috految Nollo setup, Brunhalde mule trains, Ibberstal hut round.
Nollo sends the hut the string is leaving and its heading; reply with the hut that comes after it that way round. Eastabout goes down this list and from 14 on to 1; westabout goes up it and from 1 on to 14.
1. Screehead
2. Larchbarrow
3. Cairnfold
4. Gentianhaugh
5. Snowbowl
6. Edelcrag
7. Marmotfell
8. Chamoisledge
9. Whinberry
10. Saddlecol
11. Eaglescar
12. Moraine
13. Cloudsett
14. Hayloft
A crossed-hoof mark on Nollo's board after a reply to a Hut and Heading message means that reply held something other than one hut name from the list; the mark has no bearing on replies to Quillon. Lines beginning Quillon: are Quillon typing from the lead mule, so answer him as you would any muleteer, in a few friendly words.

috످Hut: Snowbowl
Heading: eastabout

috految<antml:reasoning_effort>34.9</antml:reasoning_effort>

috److Edelcrag

috످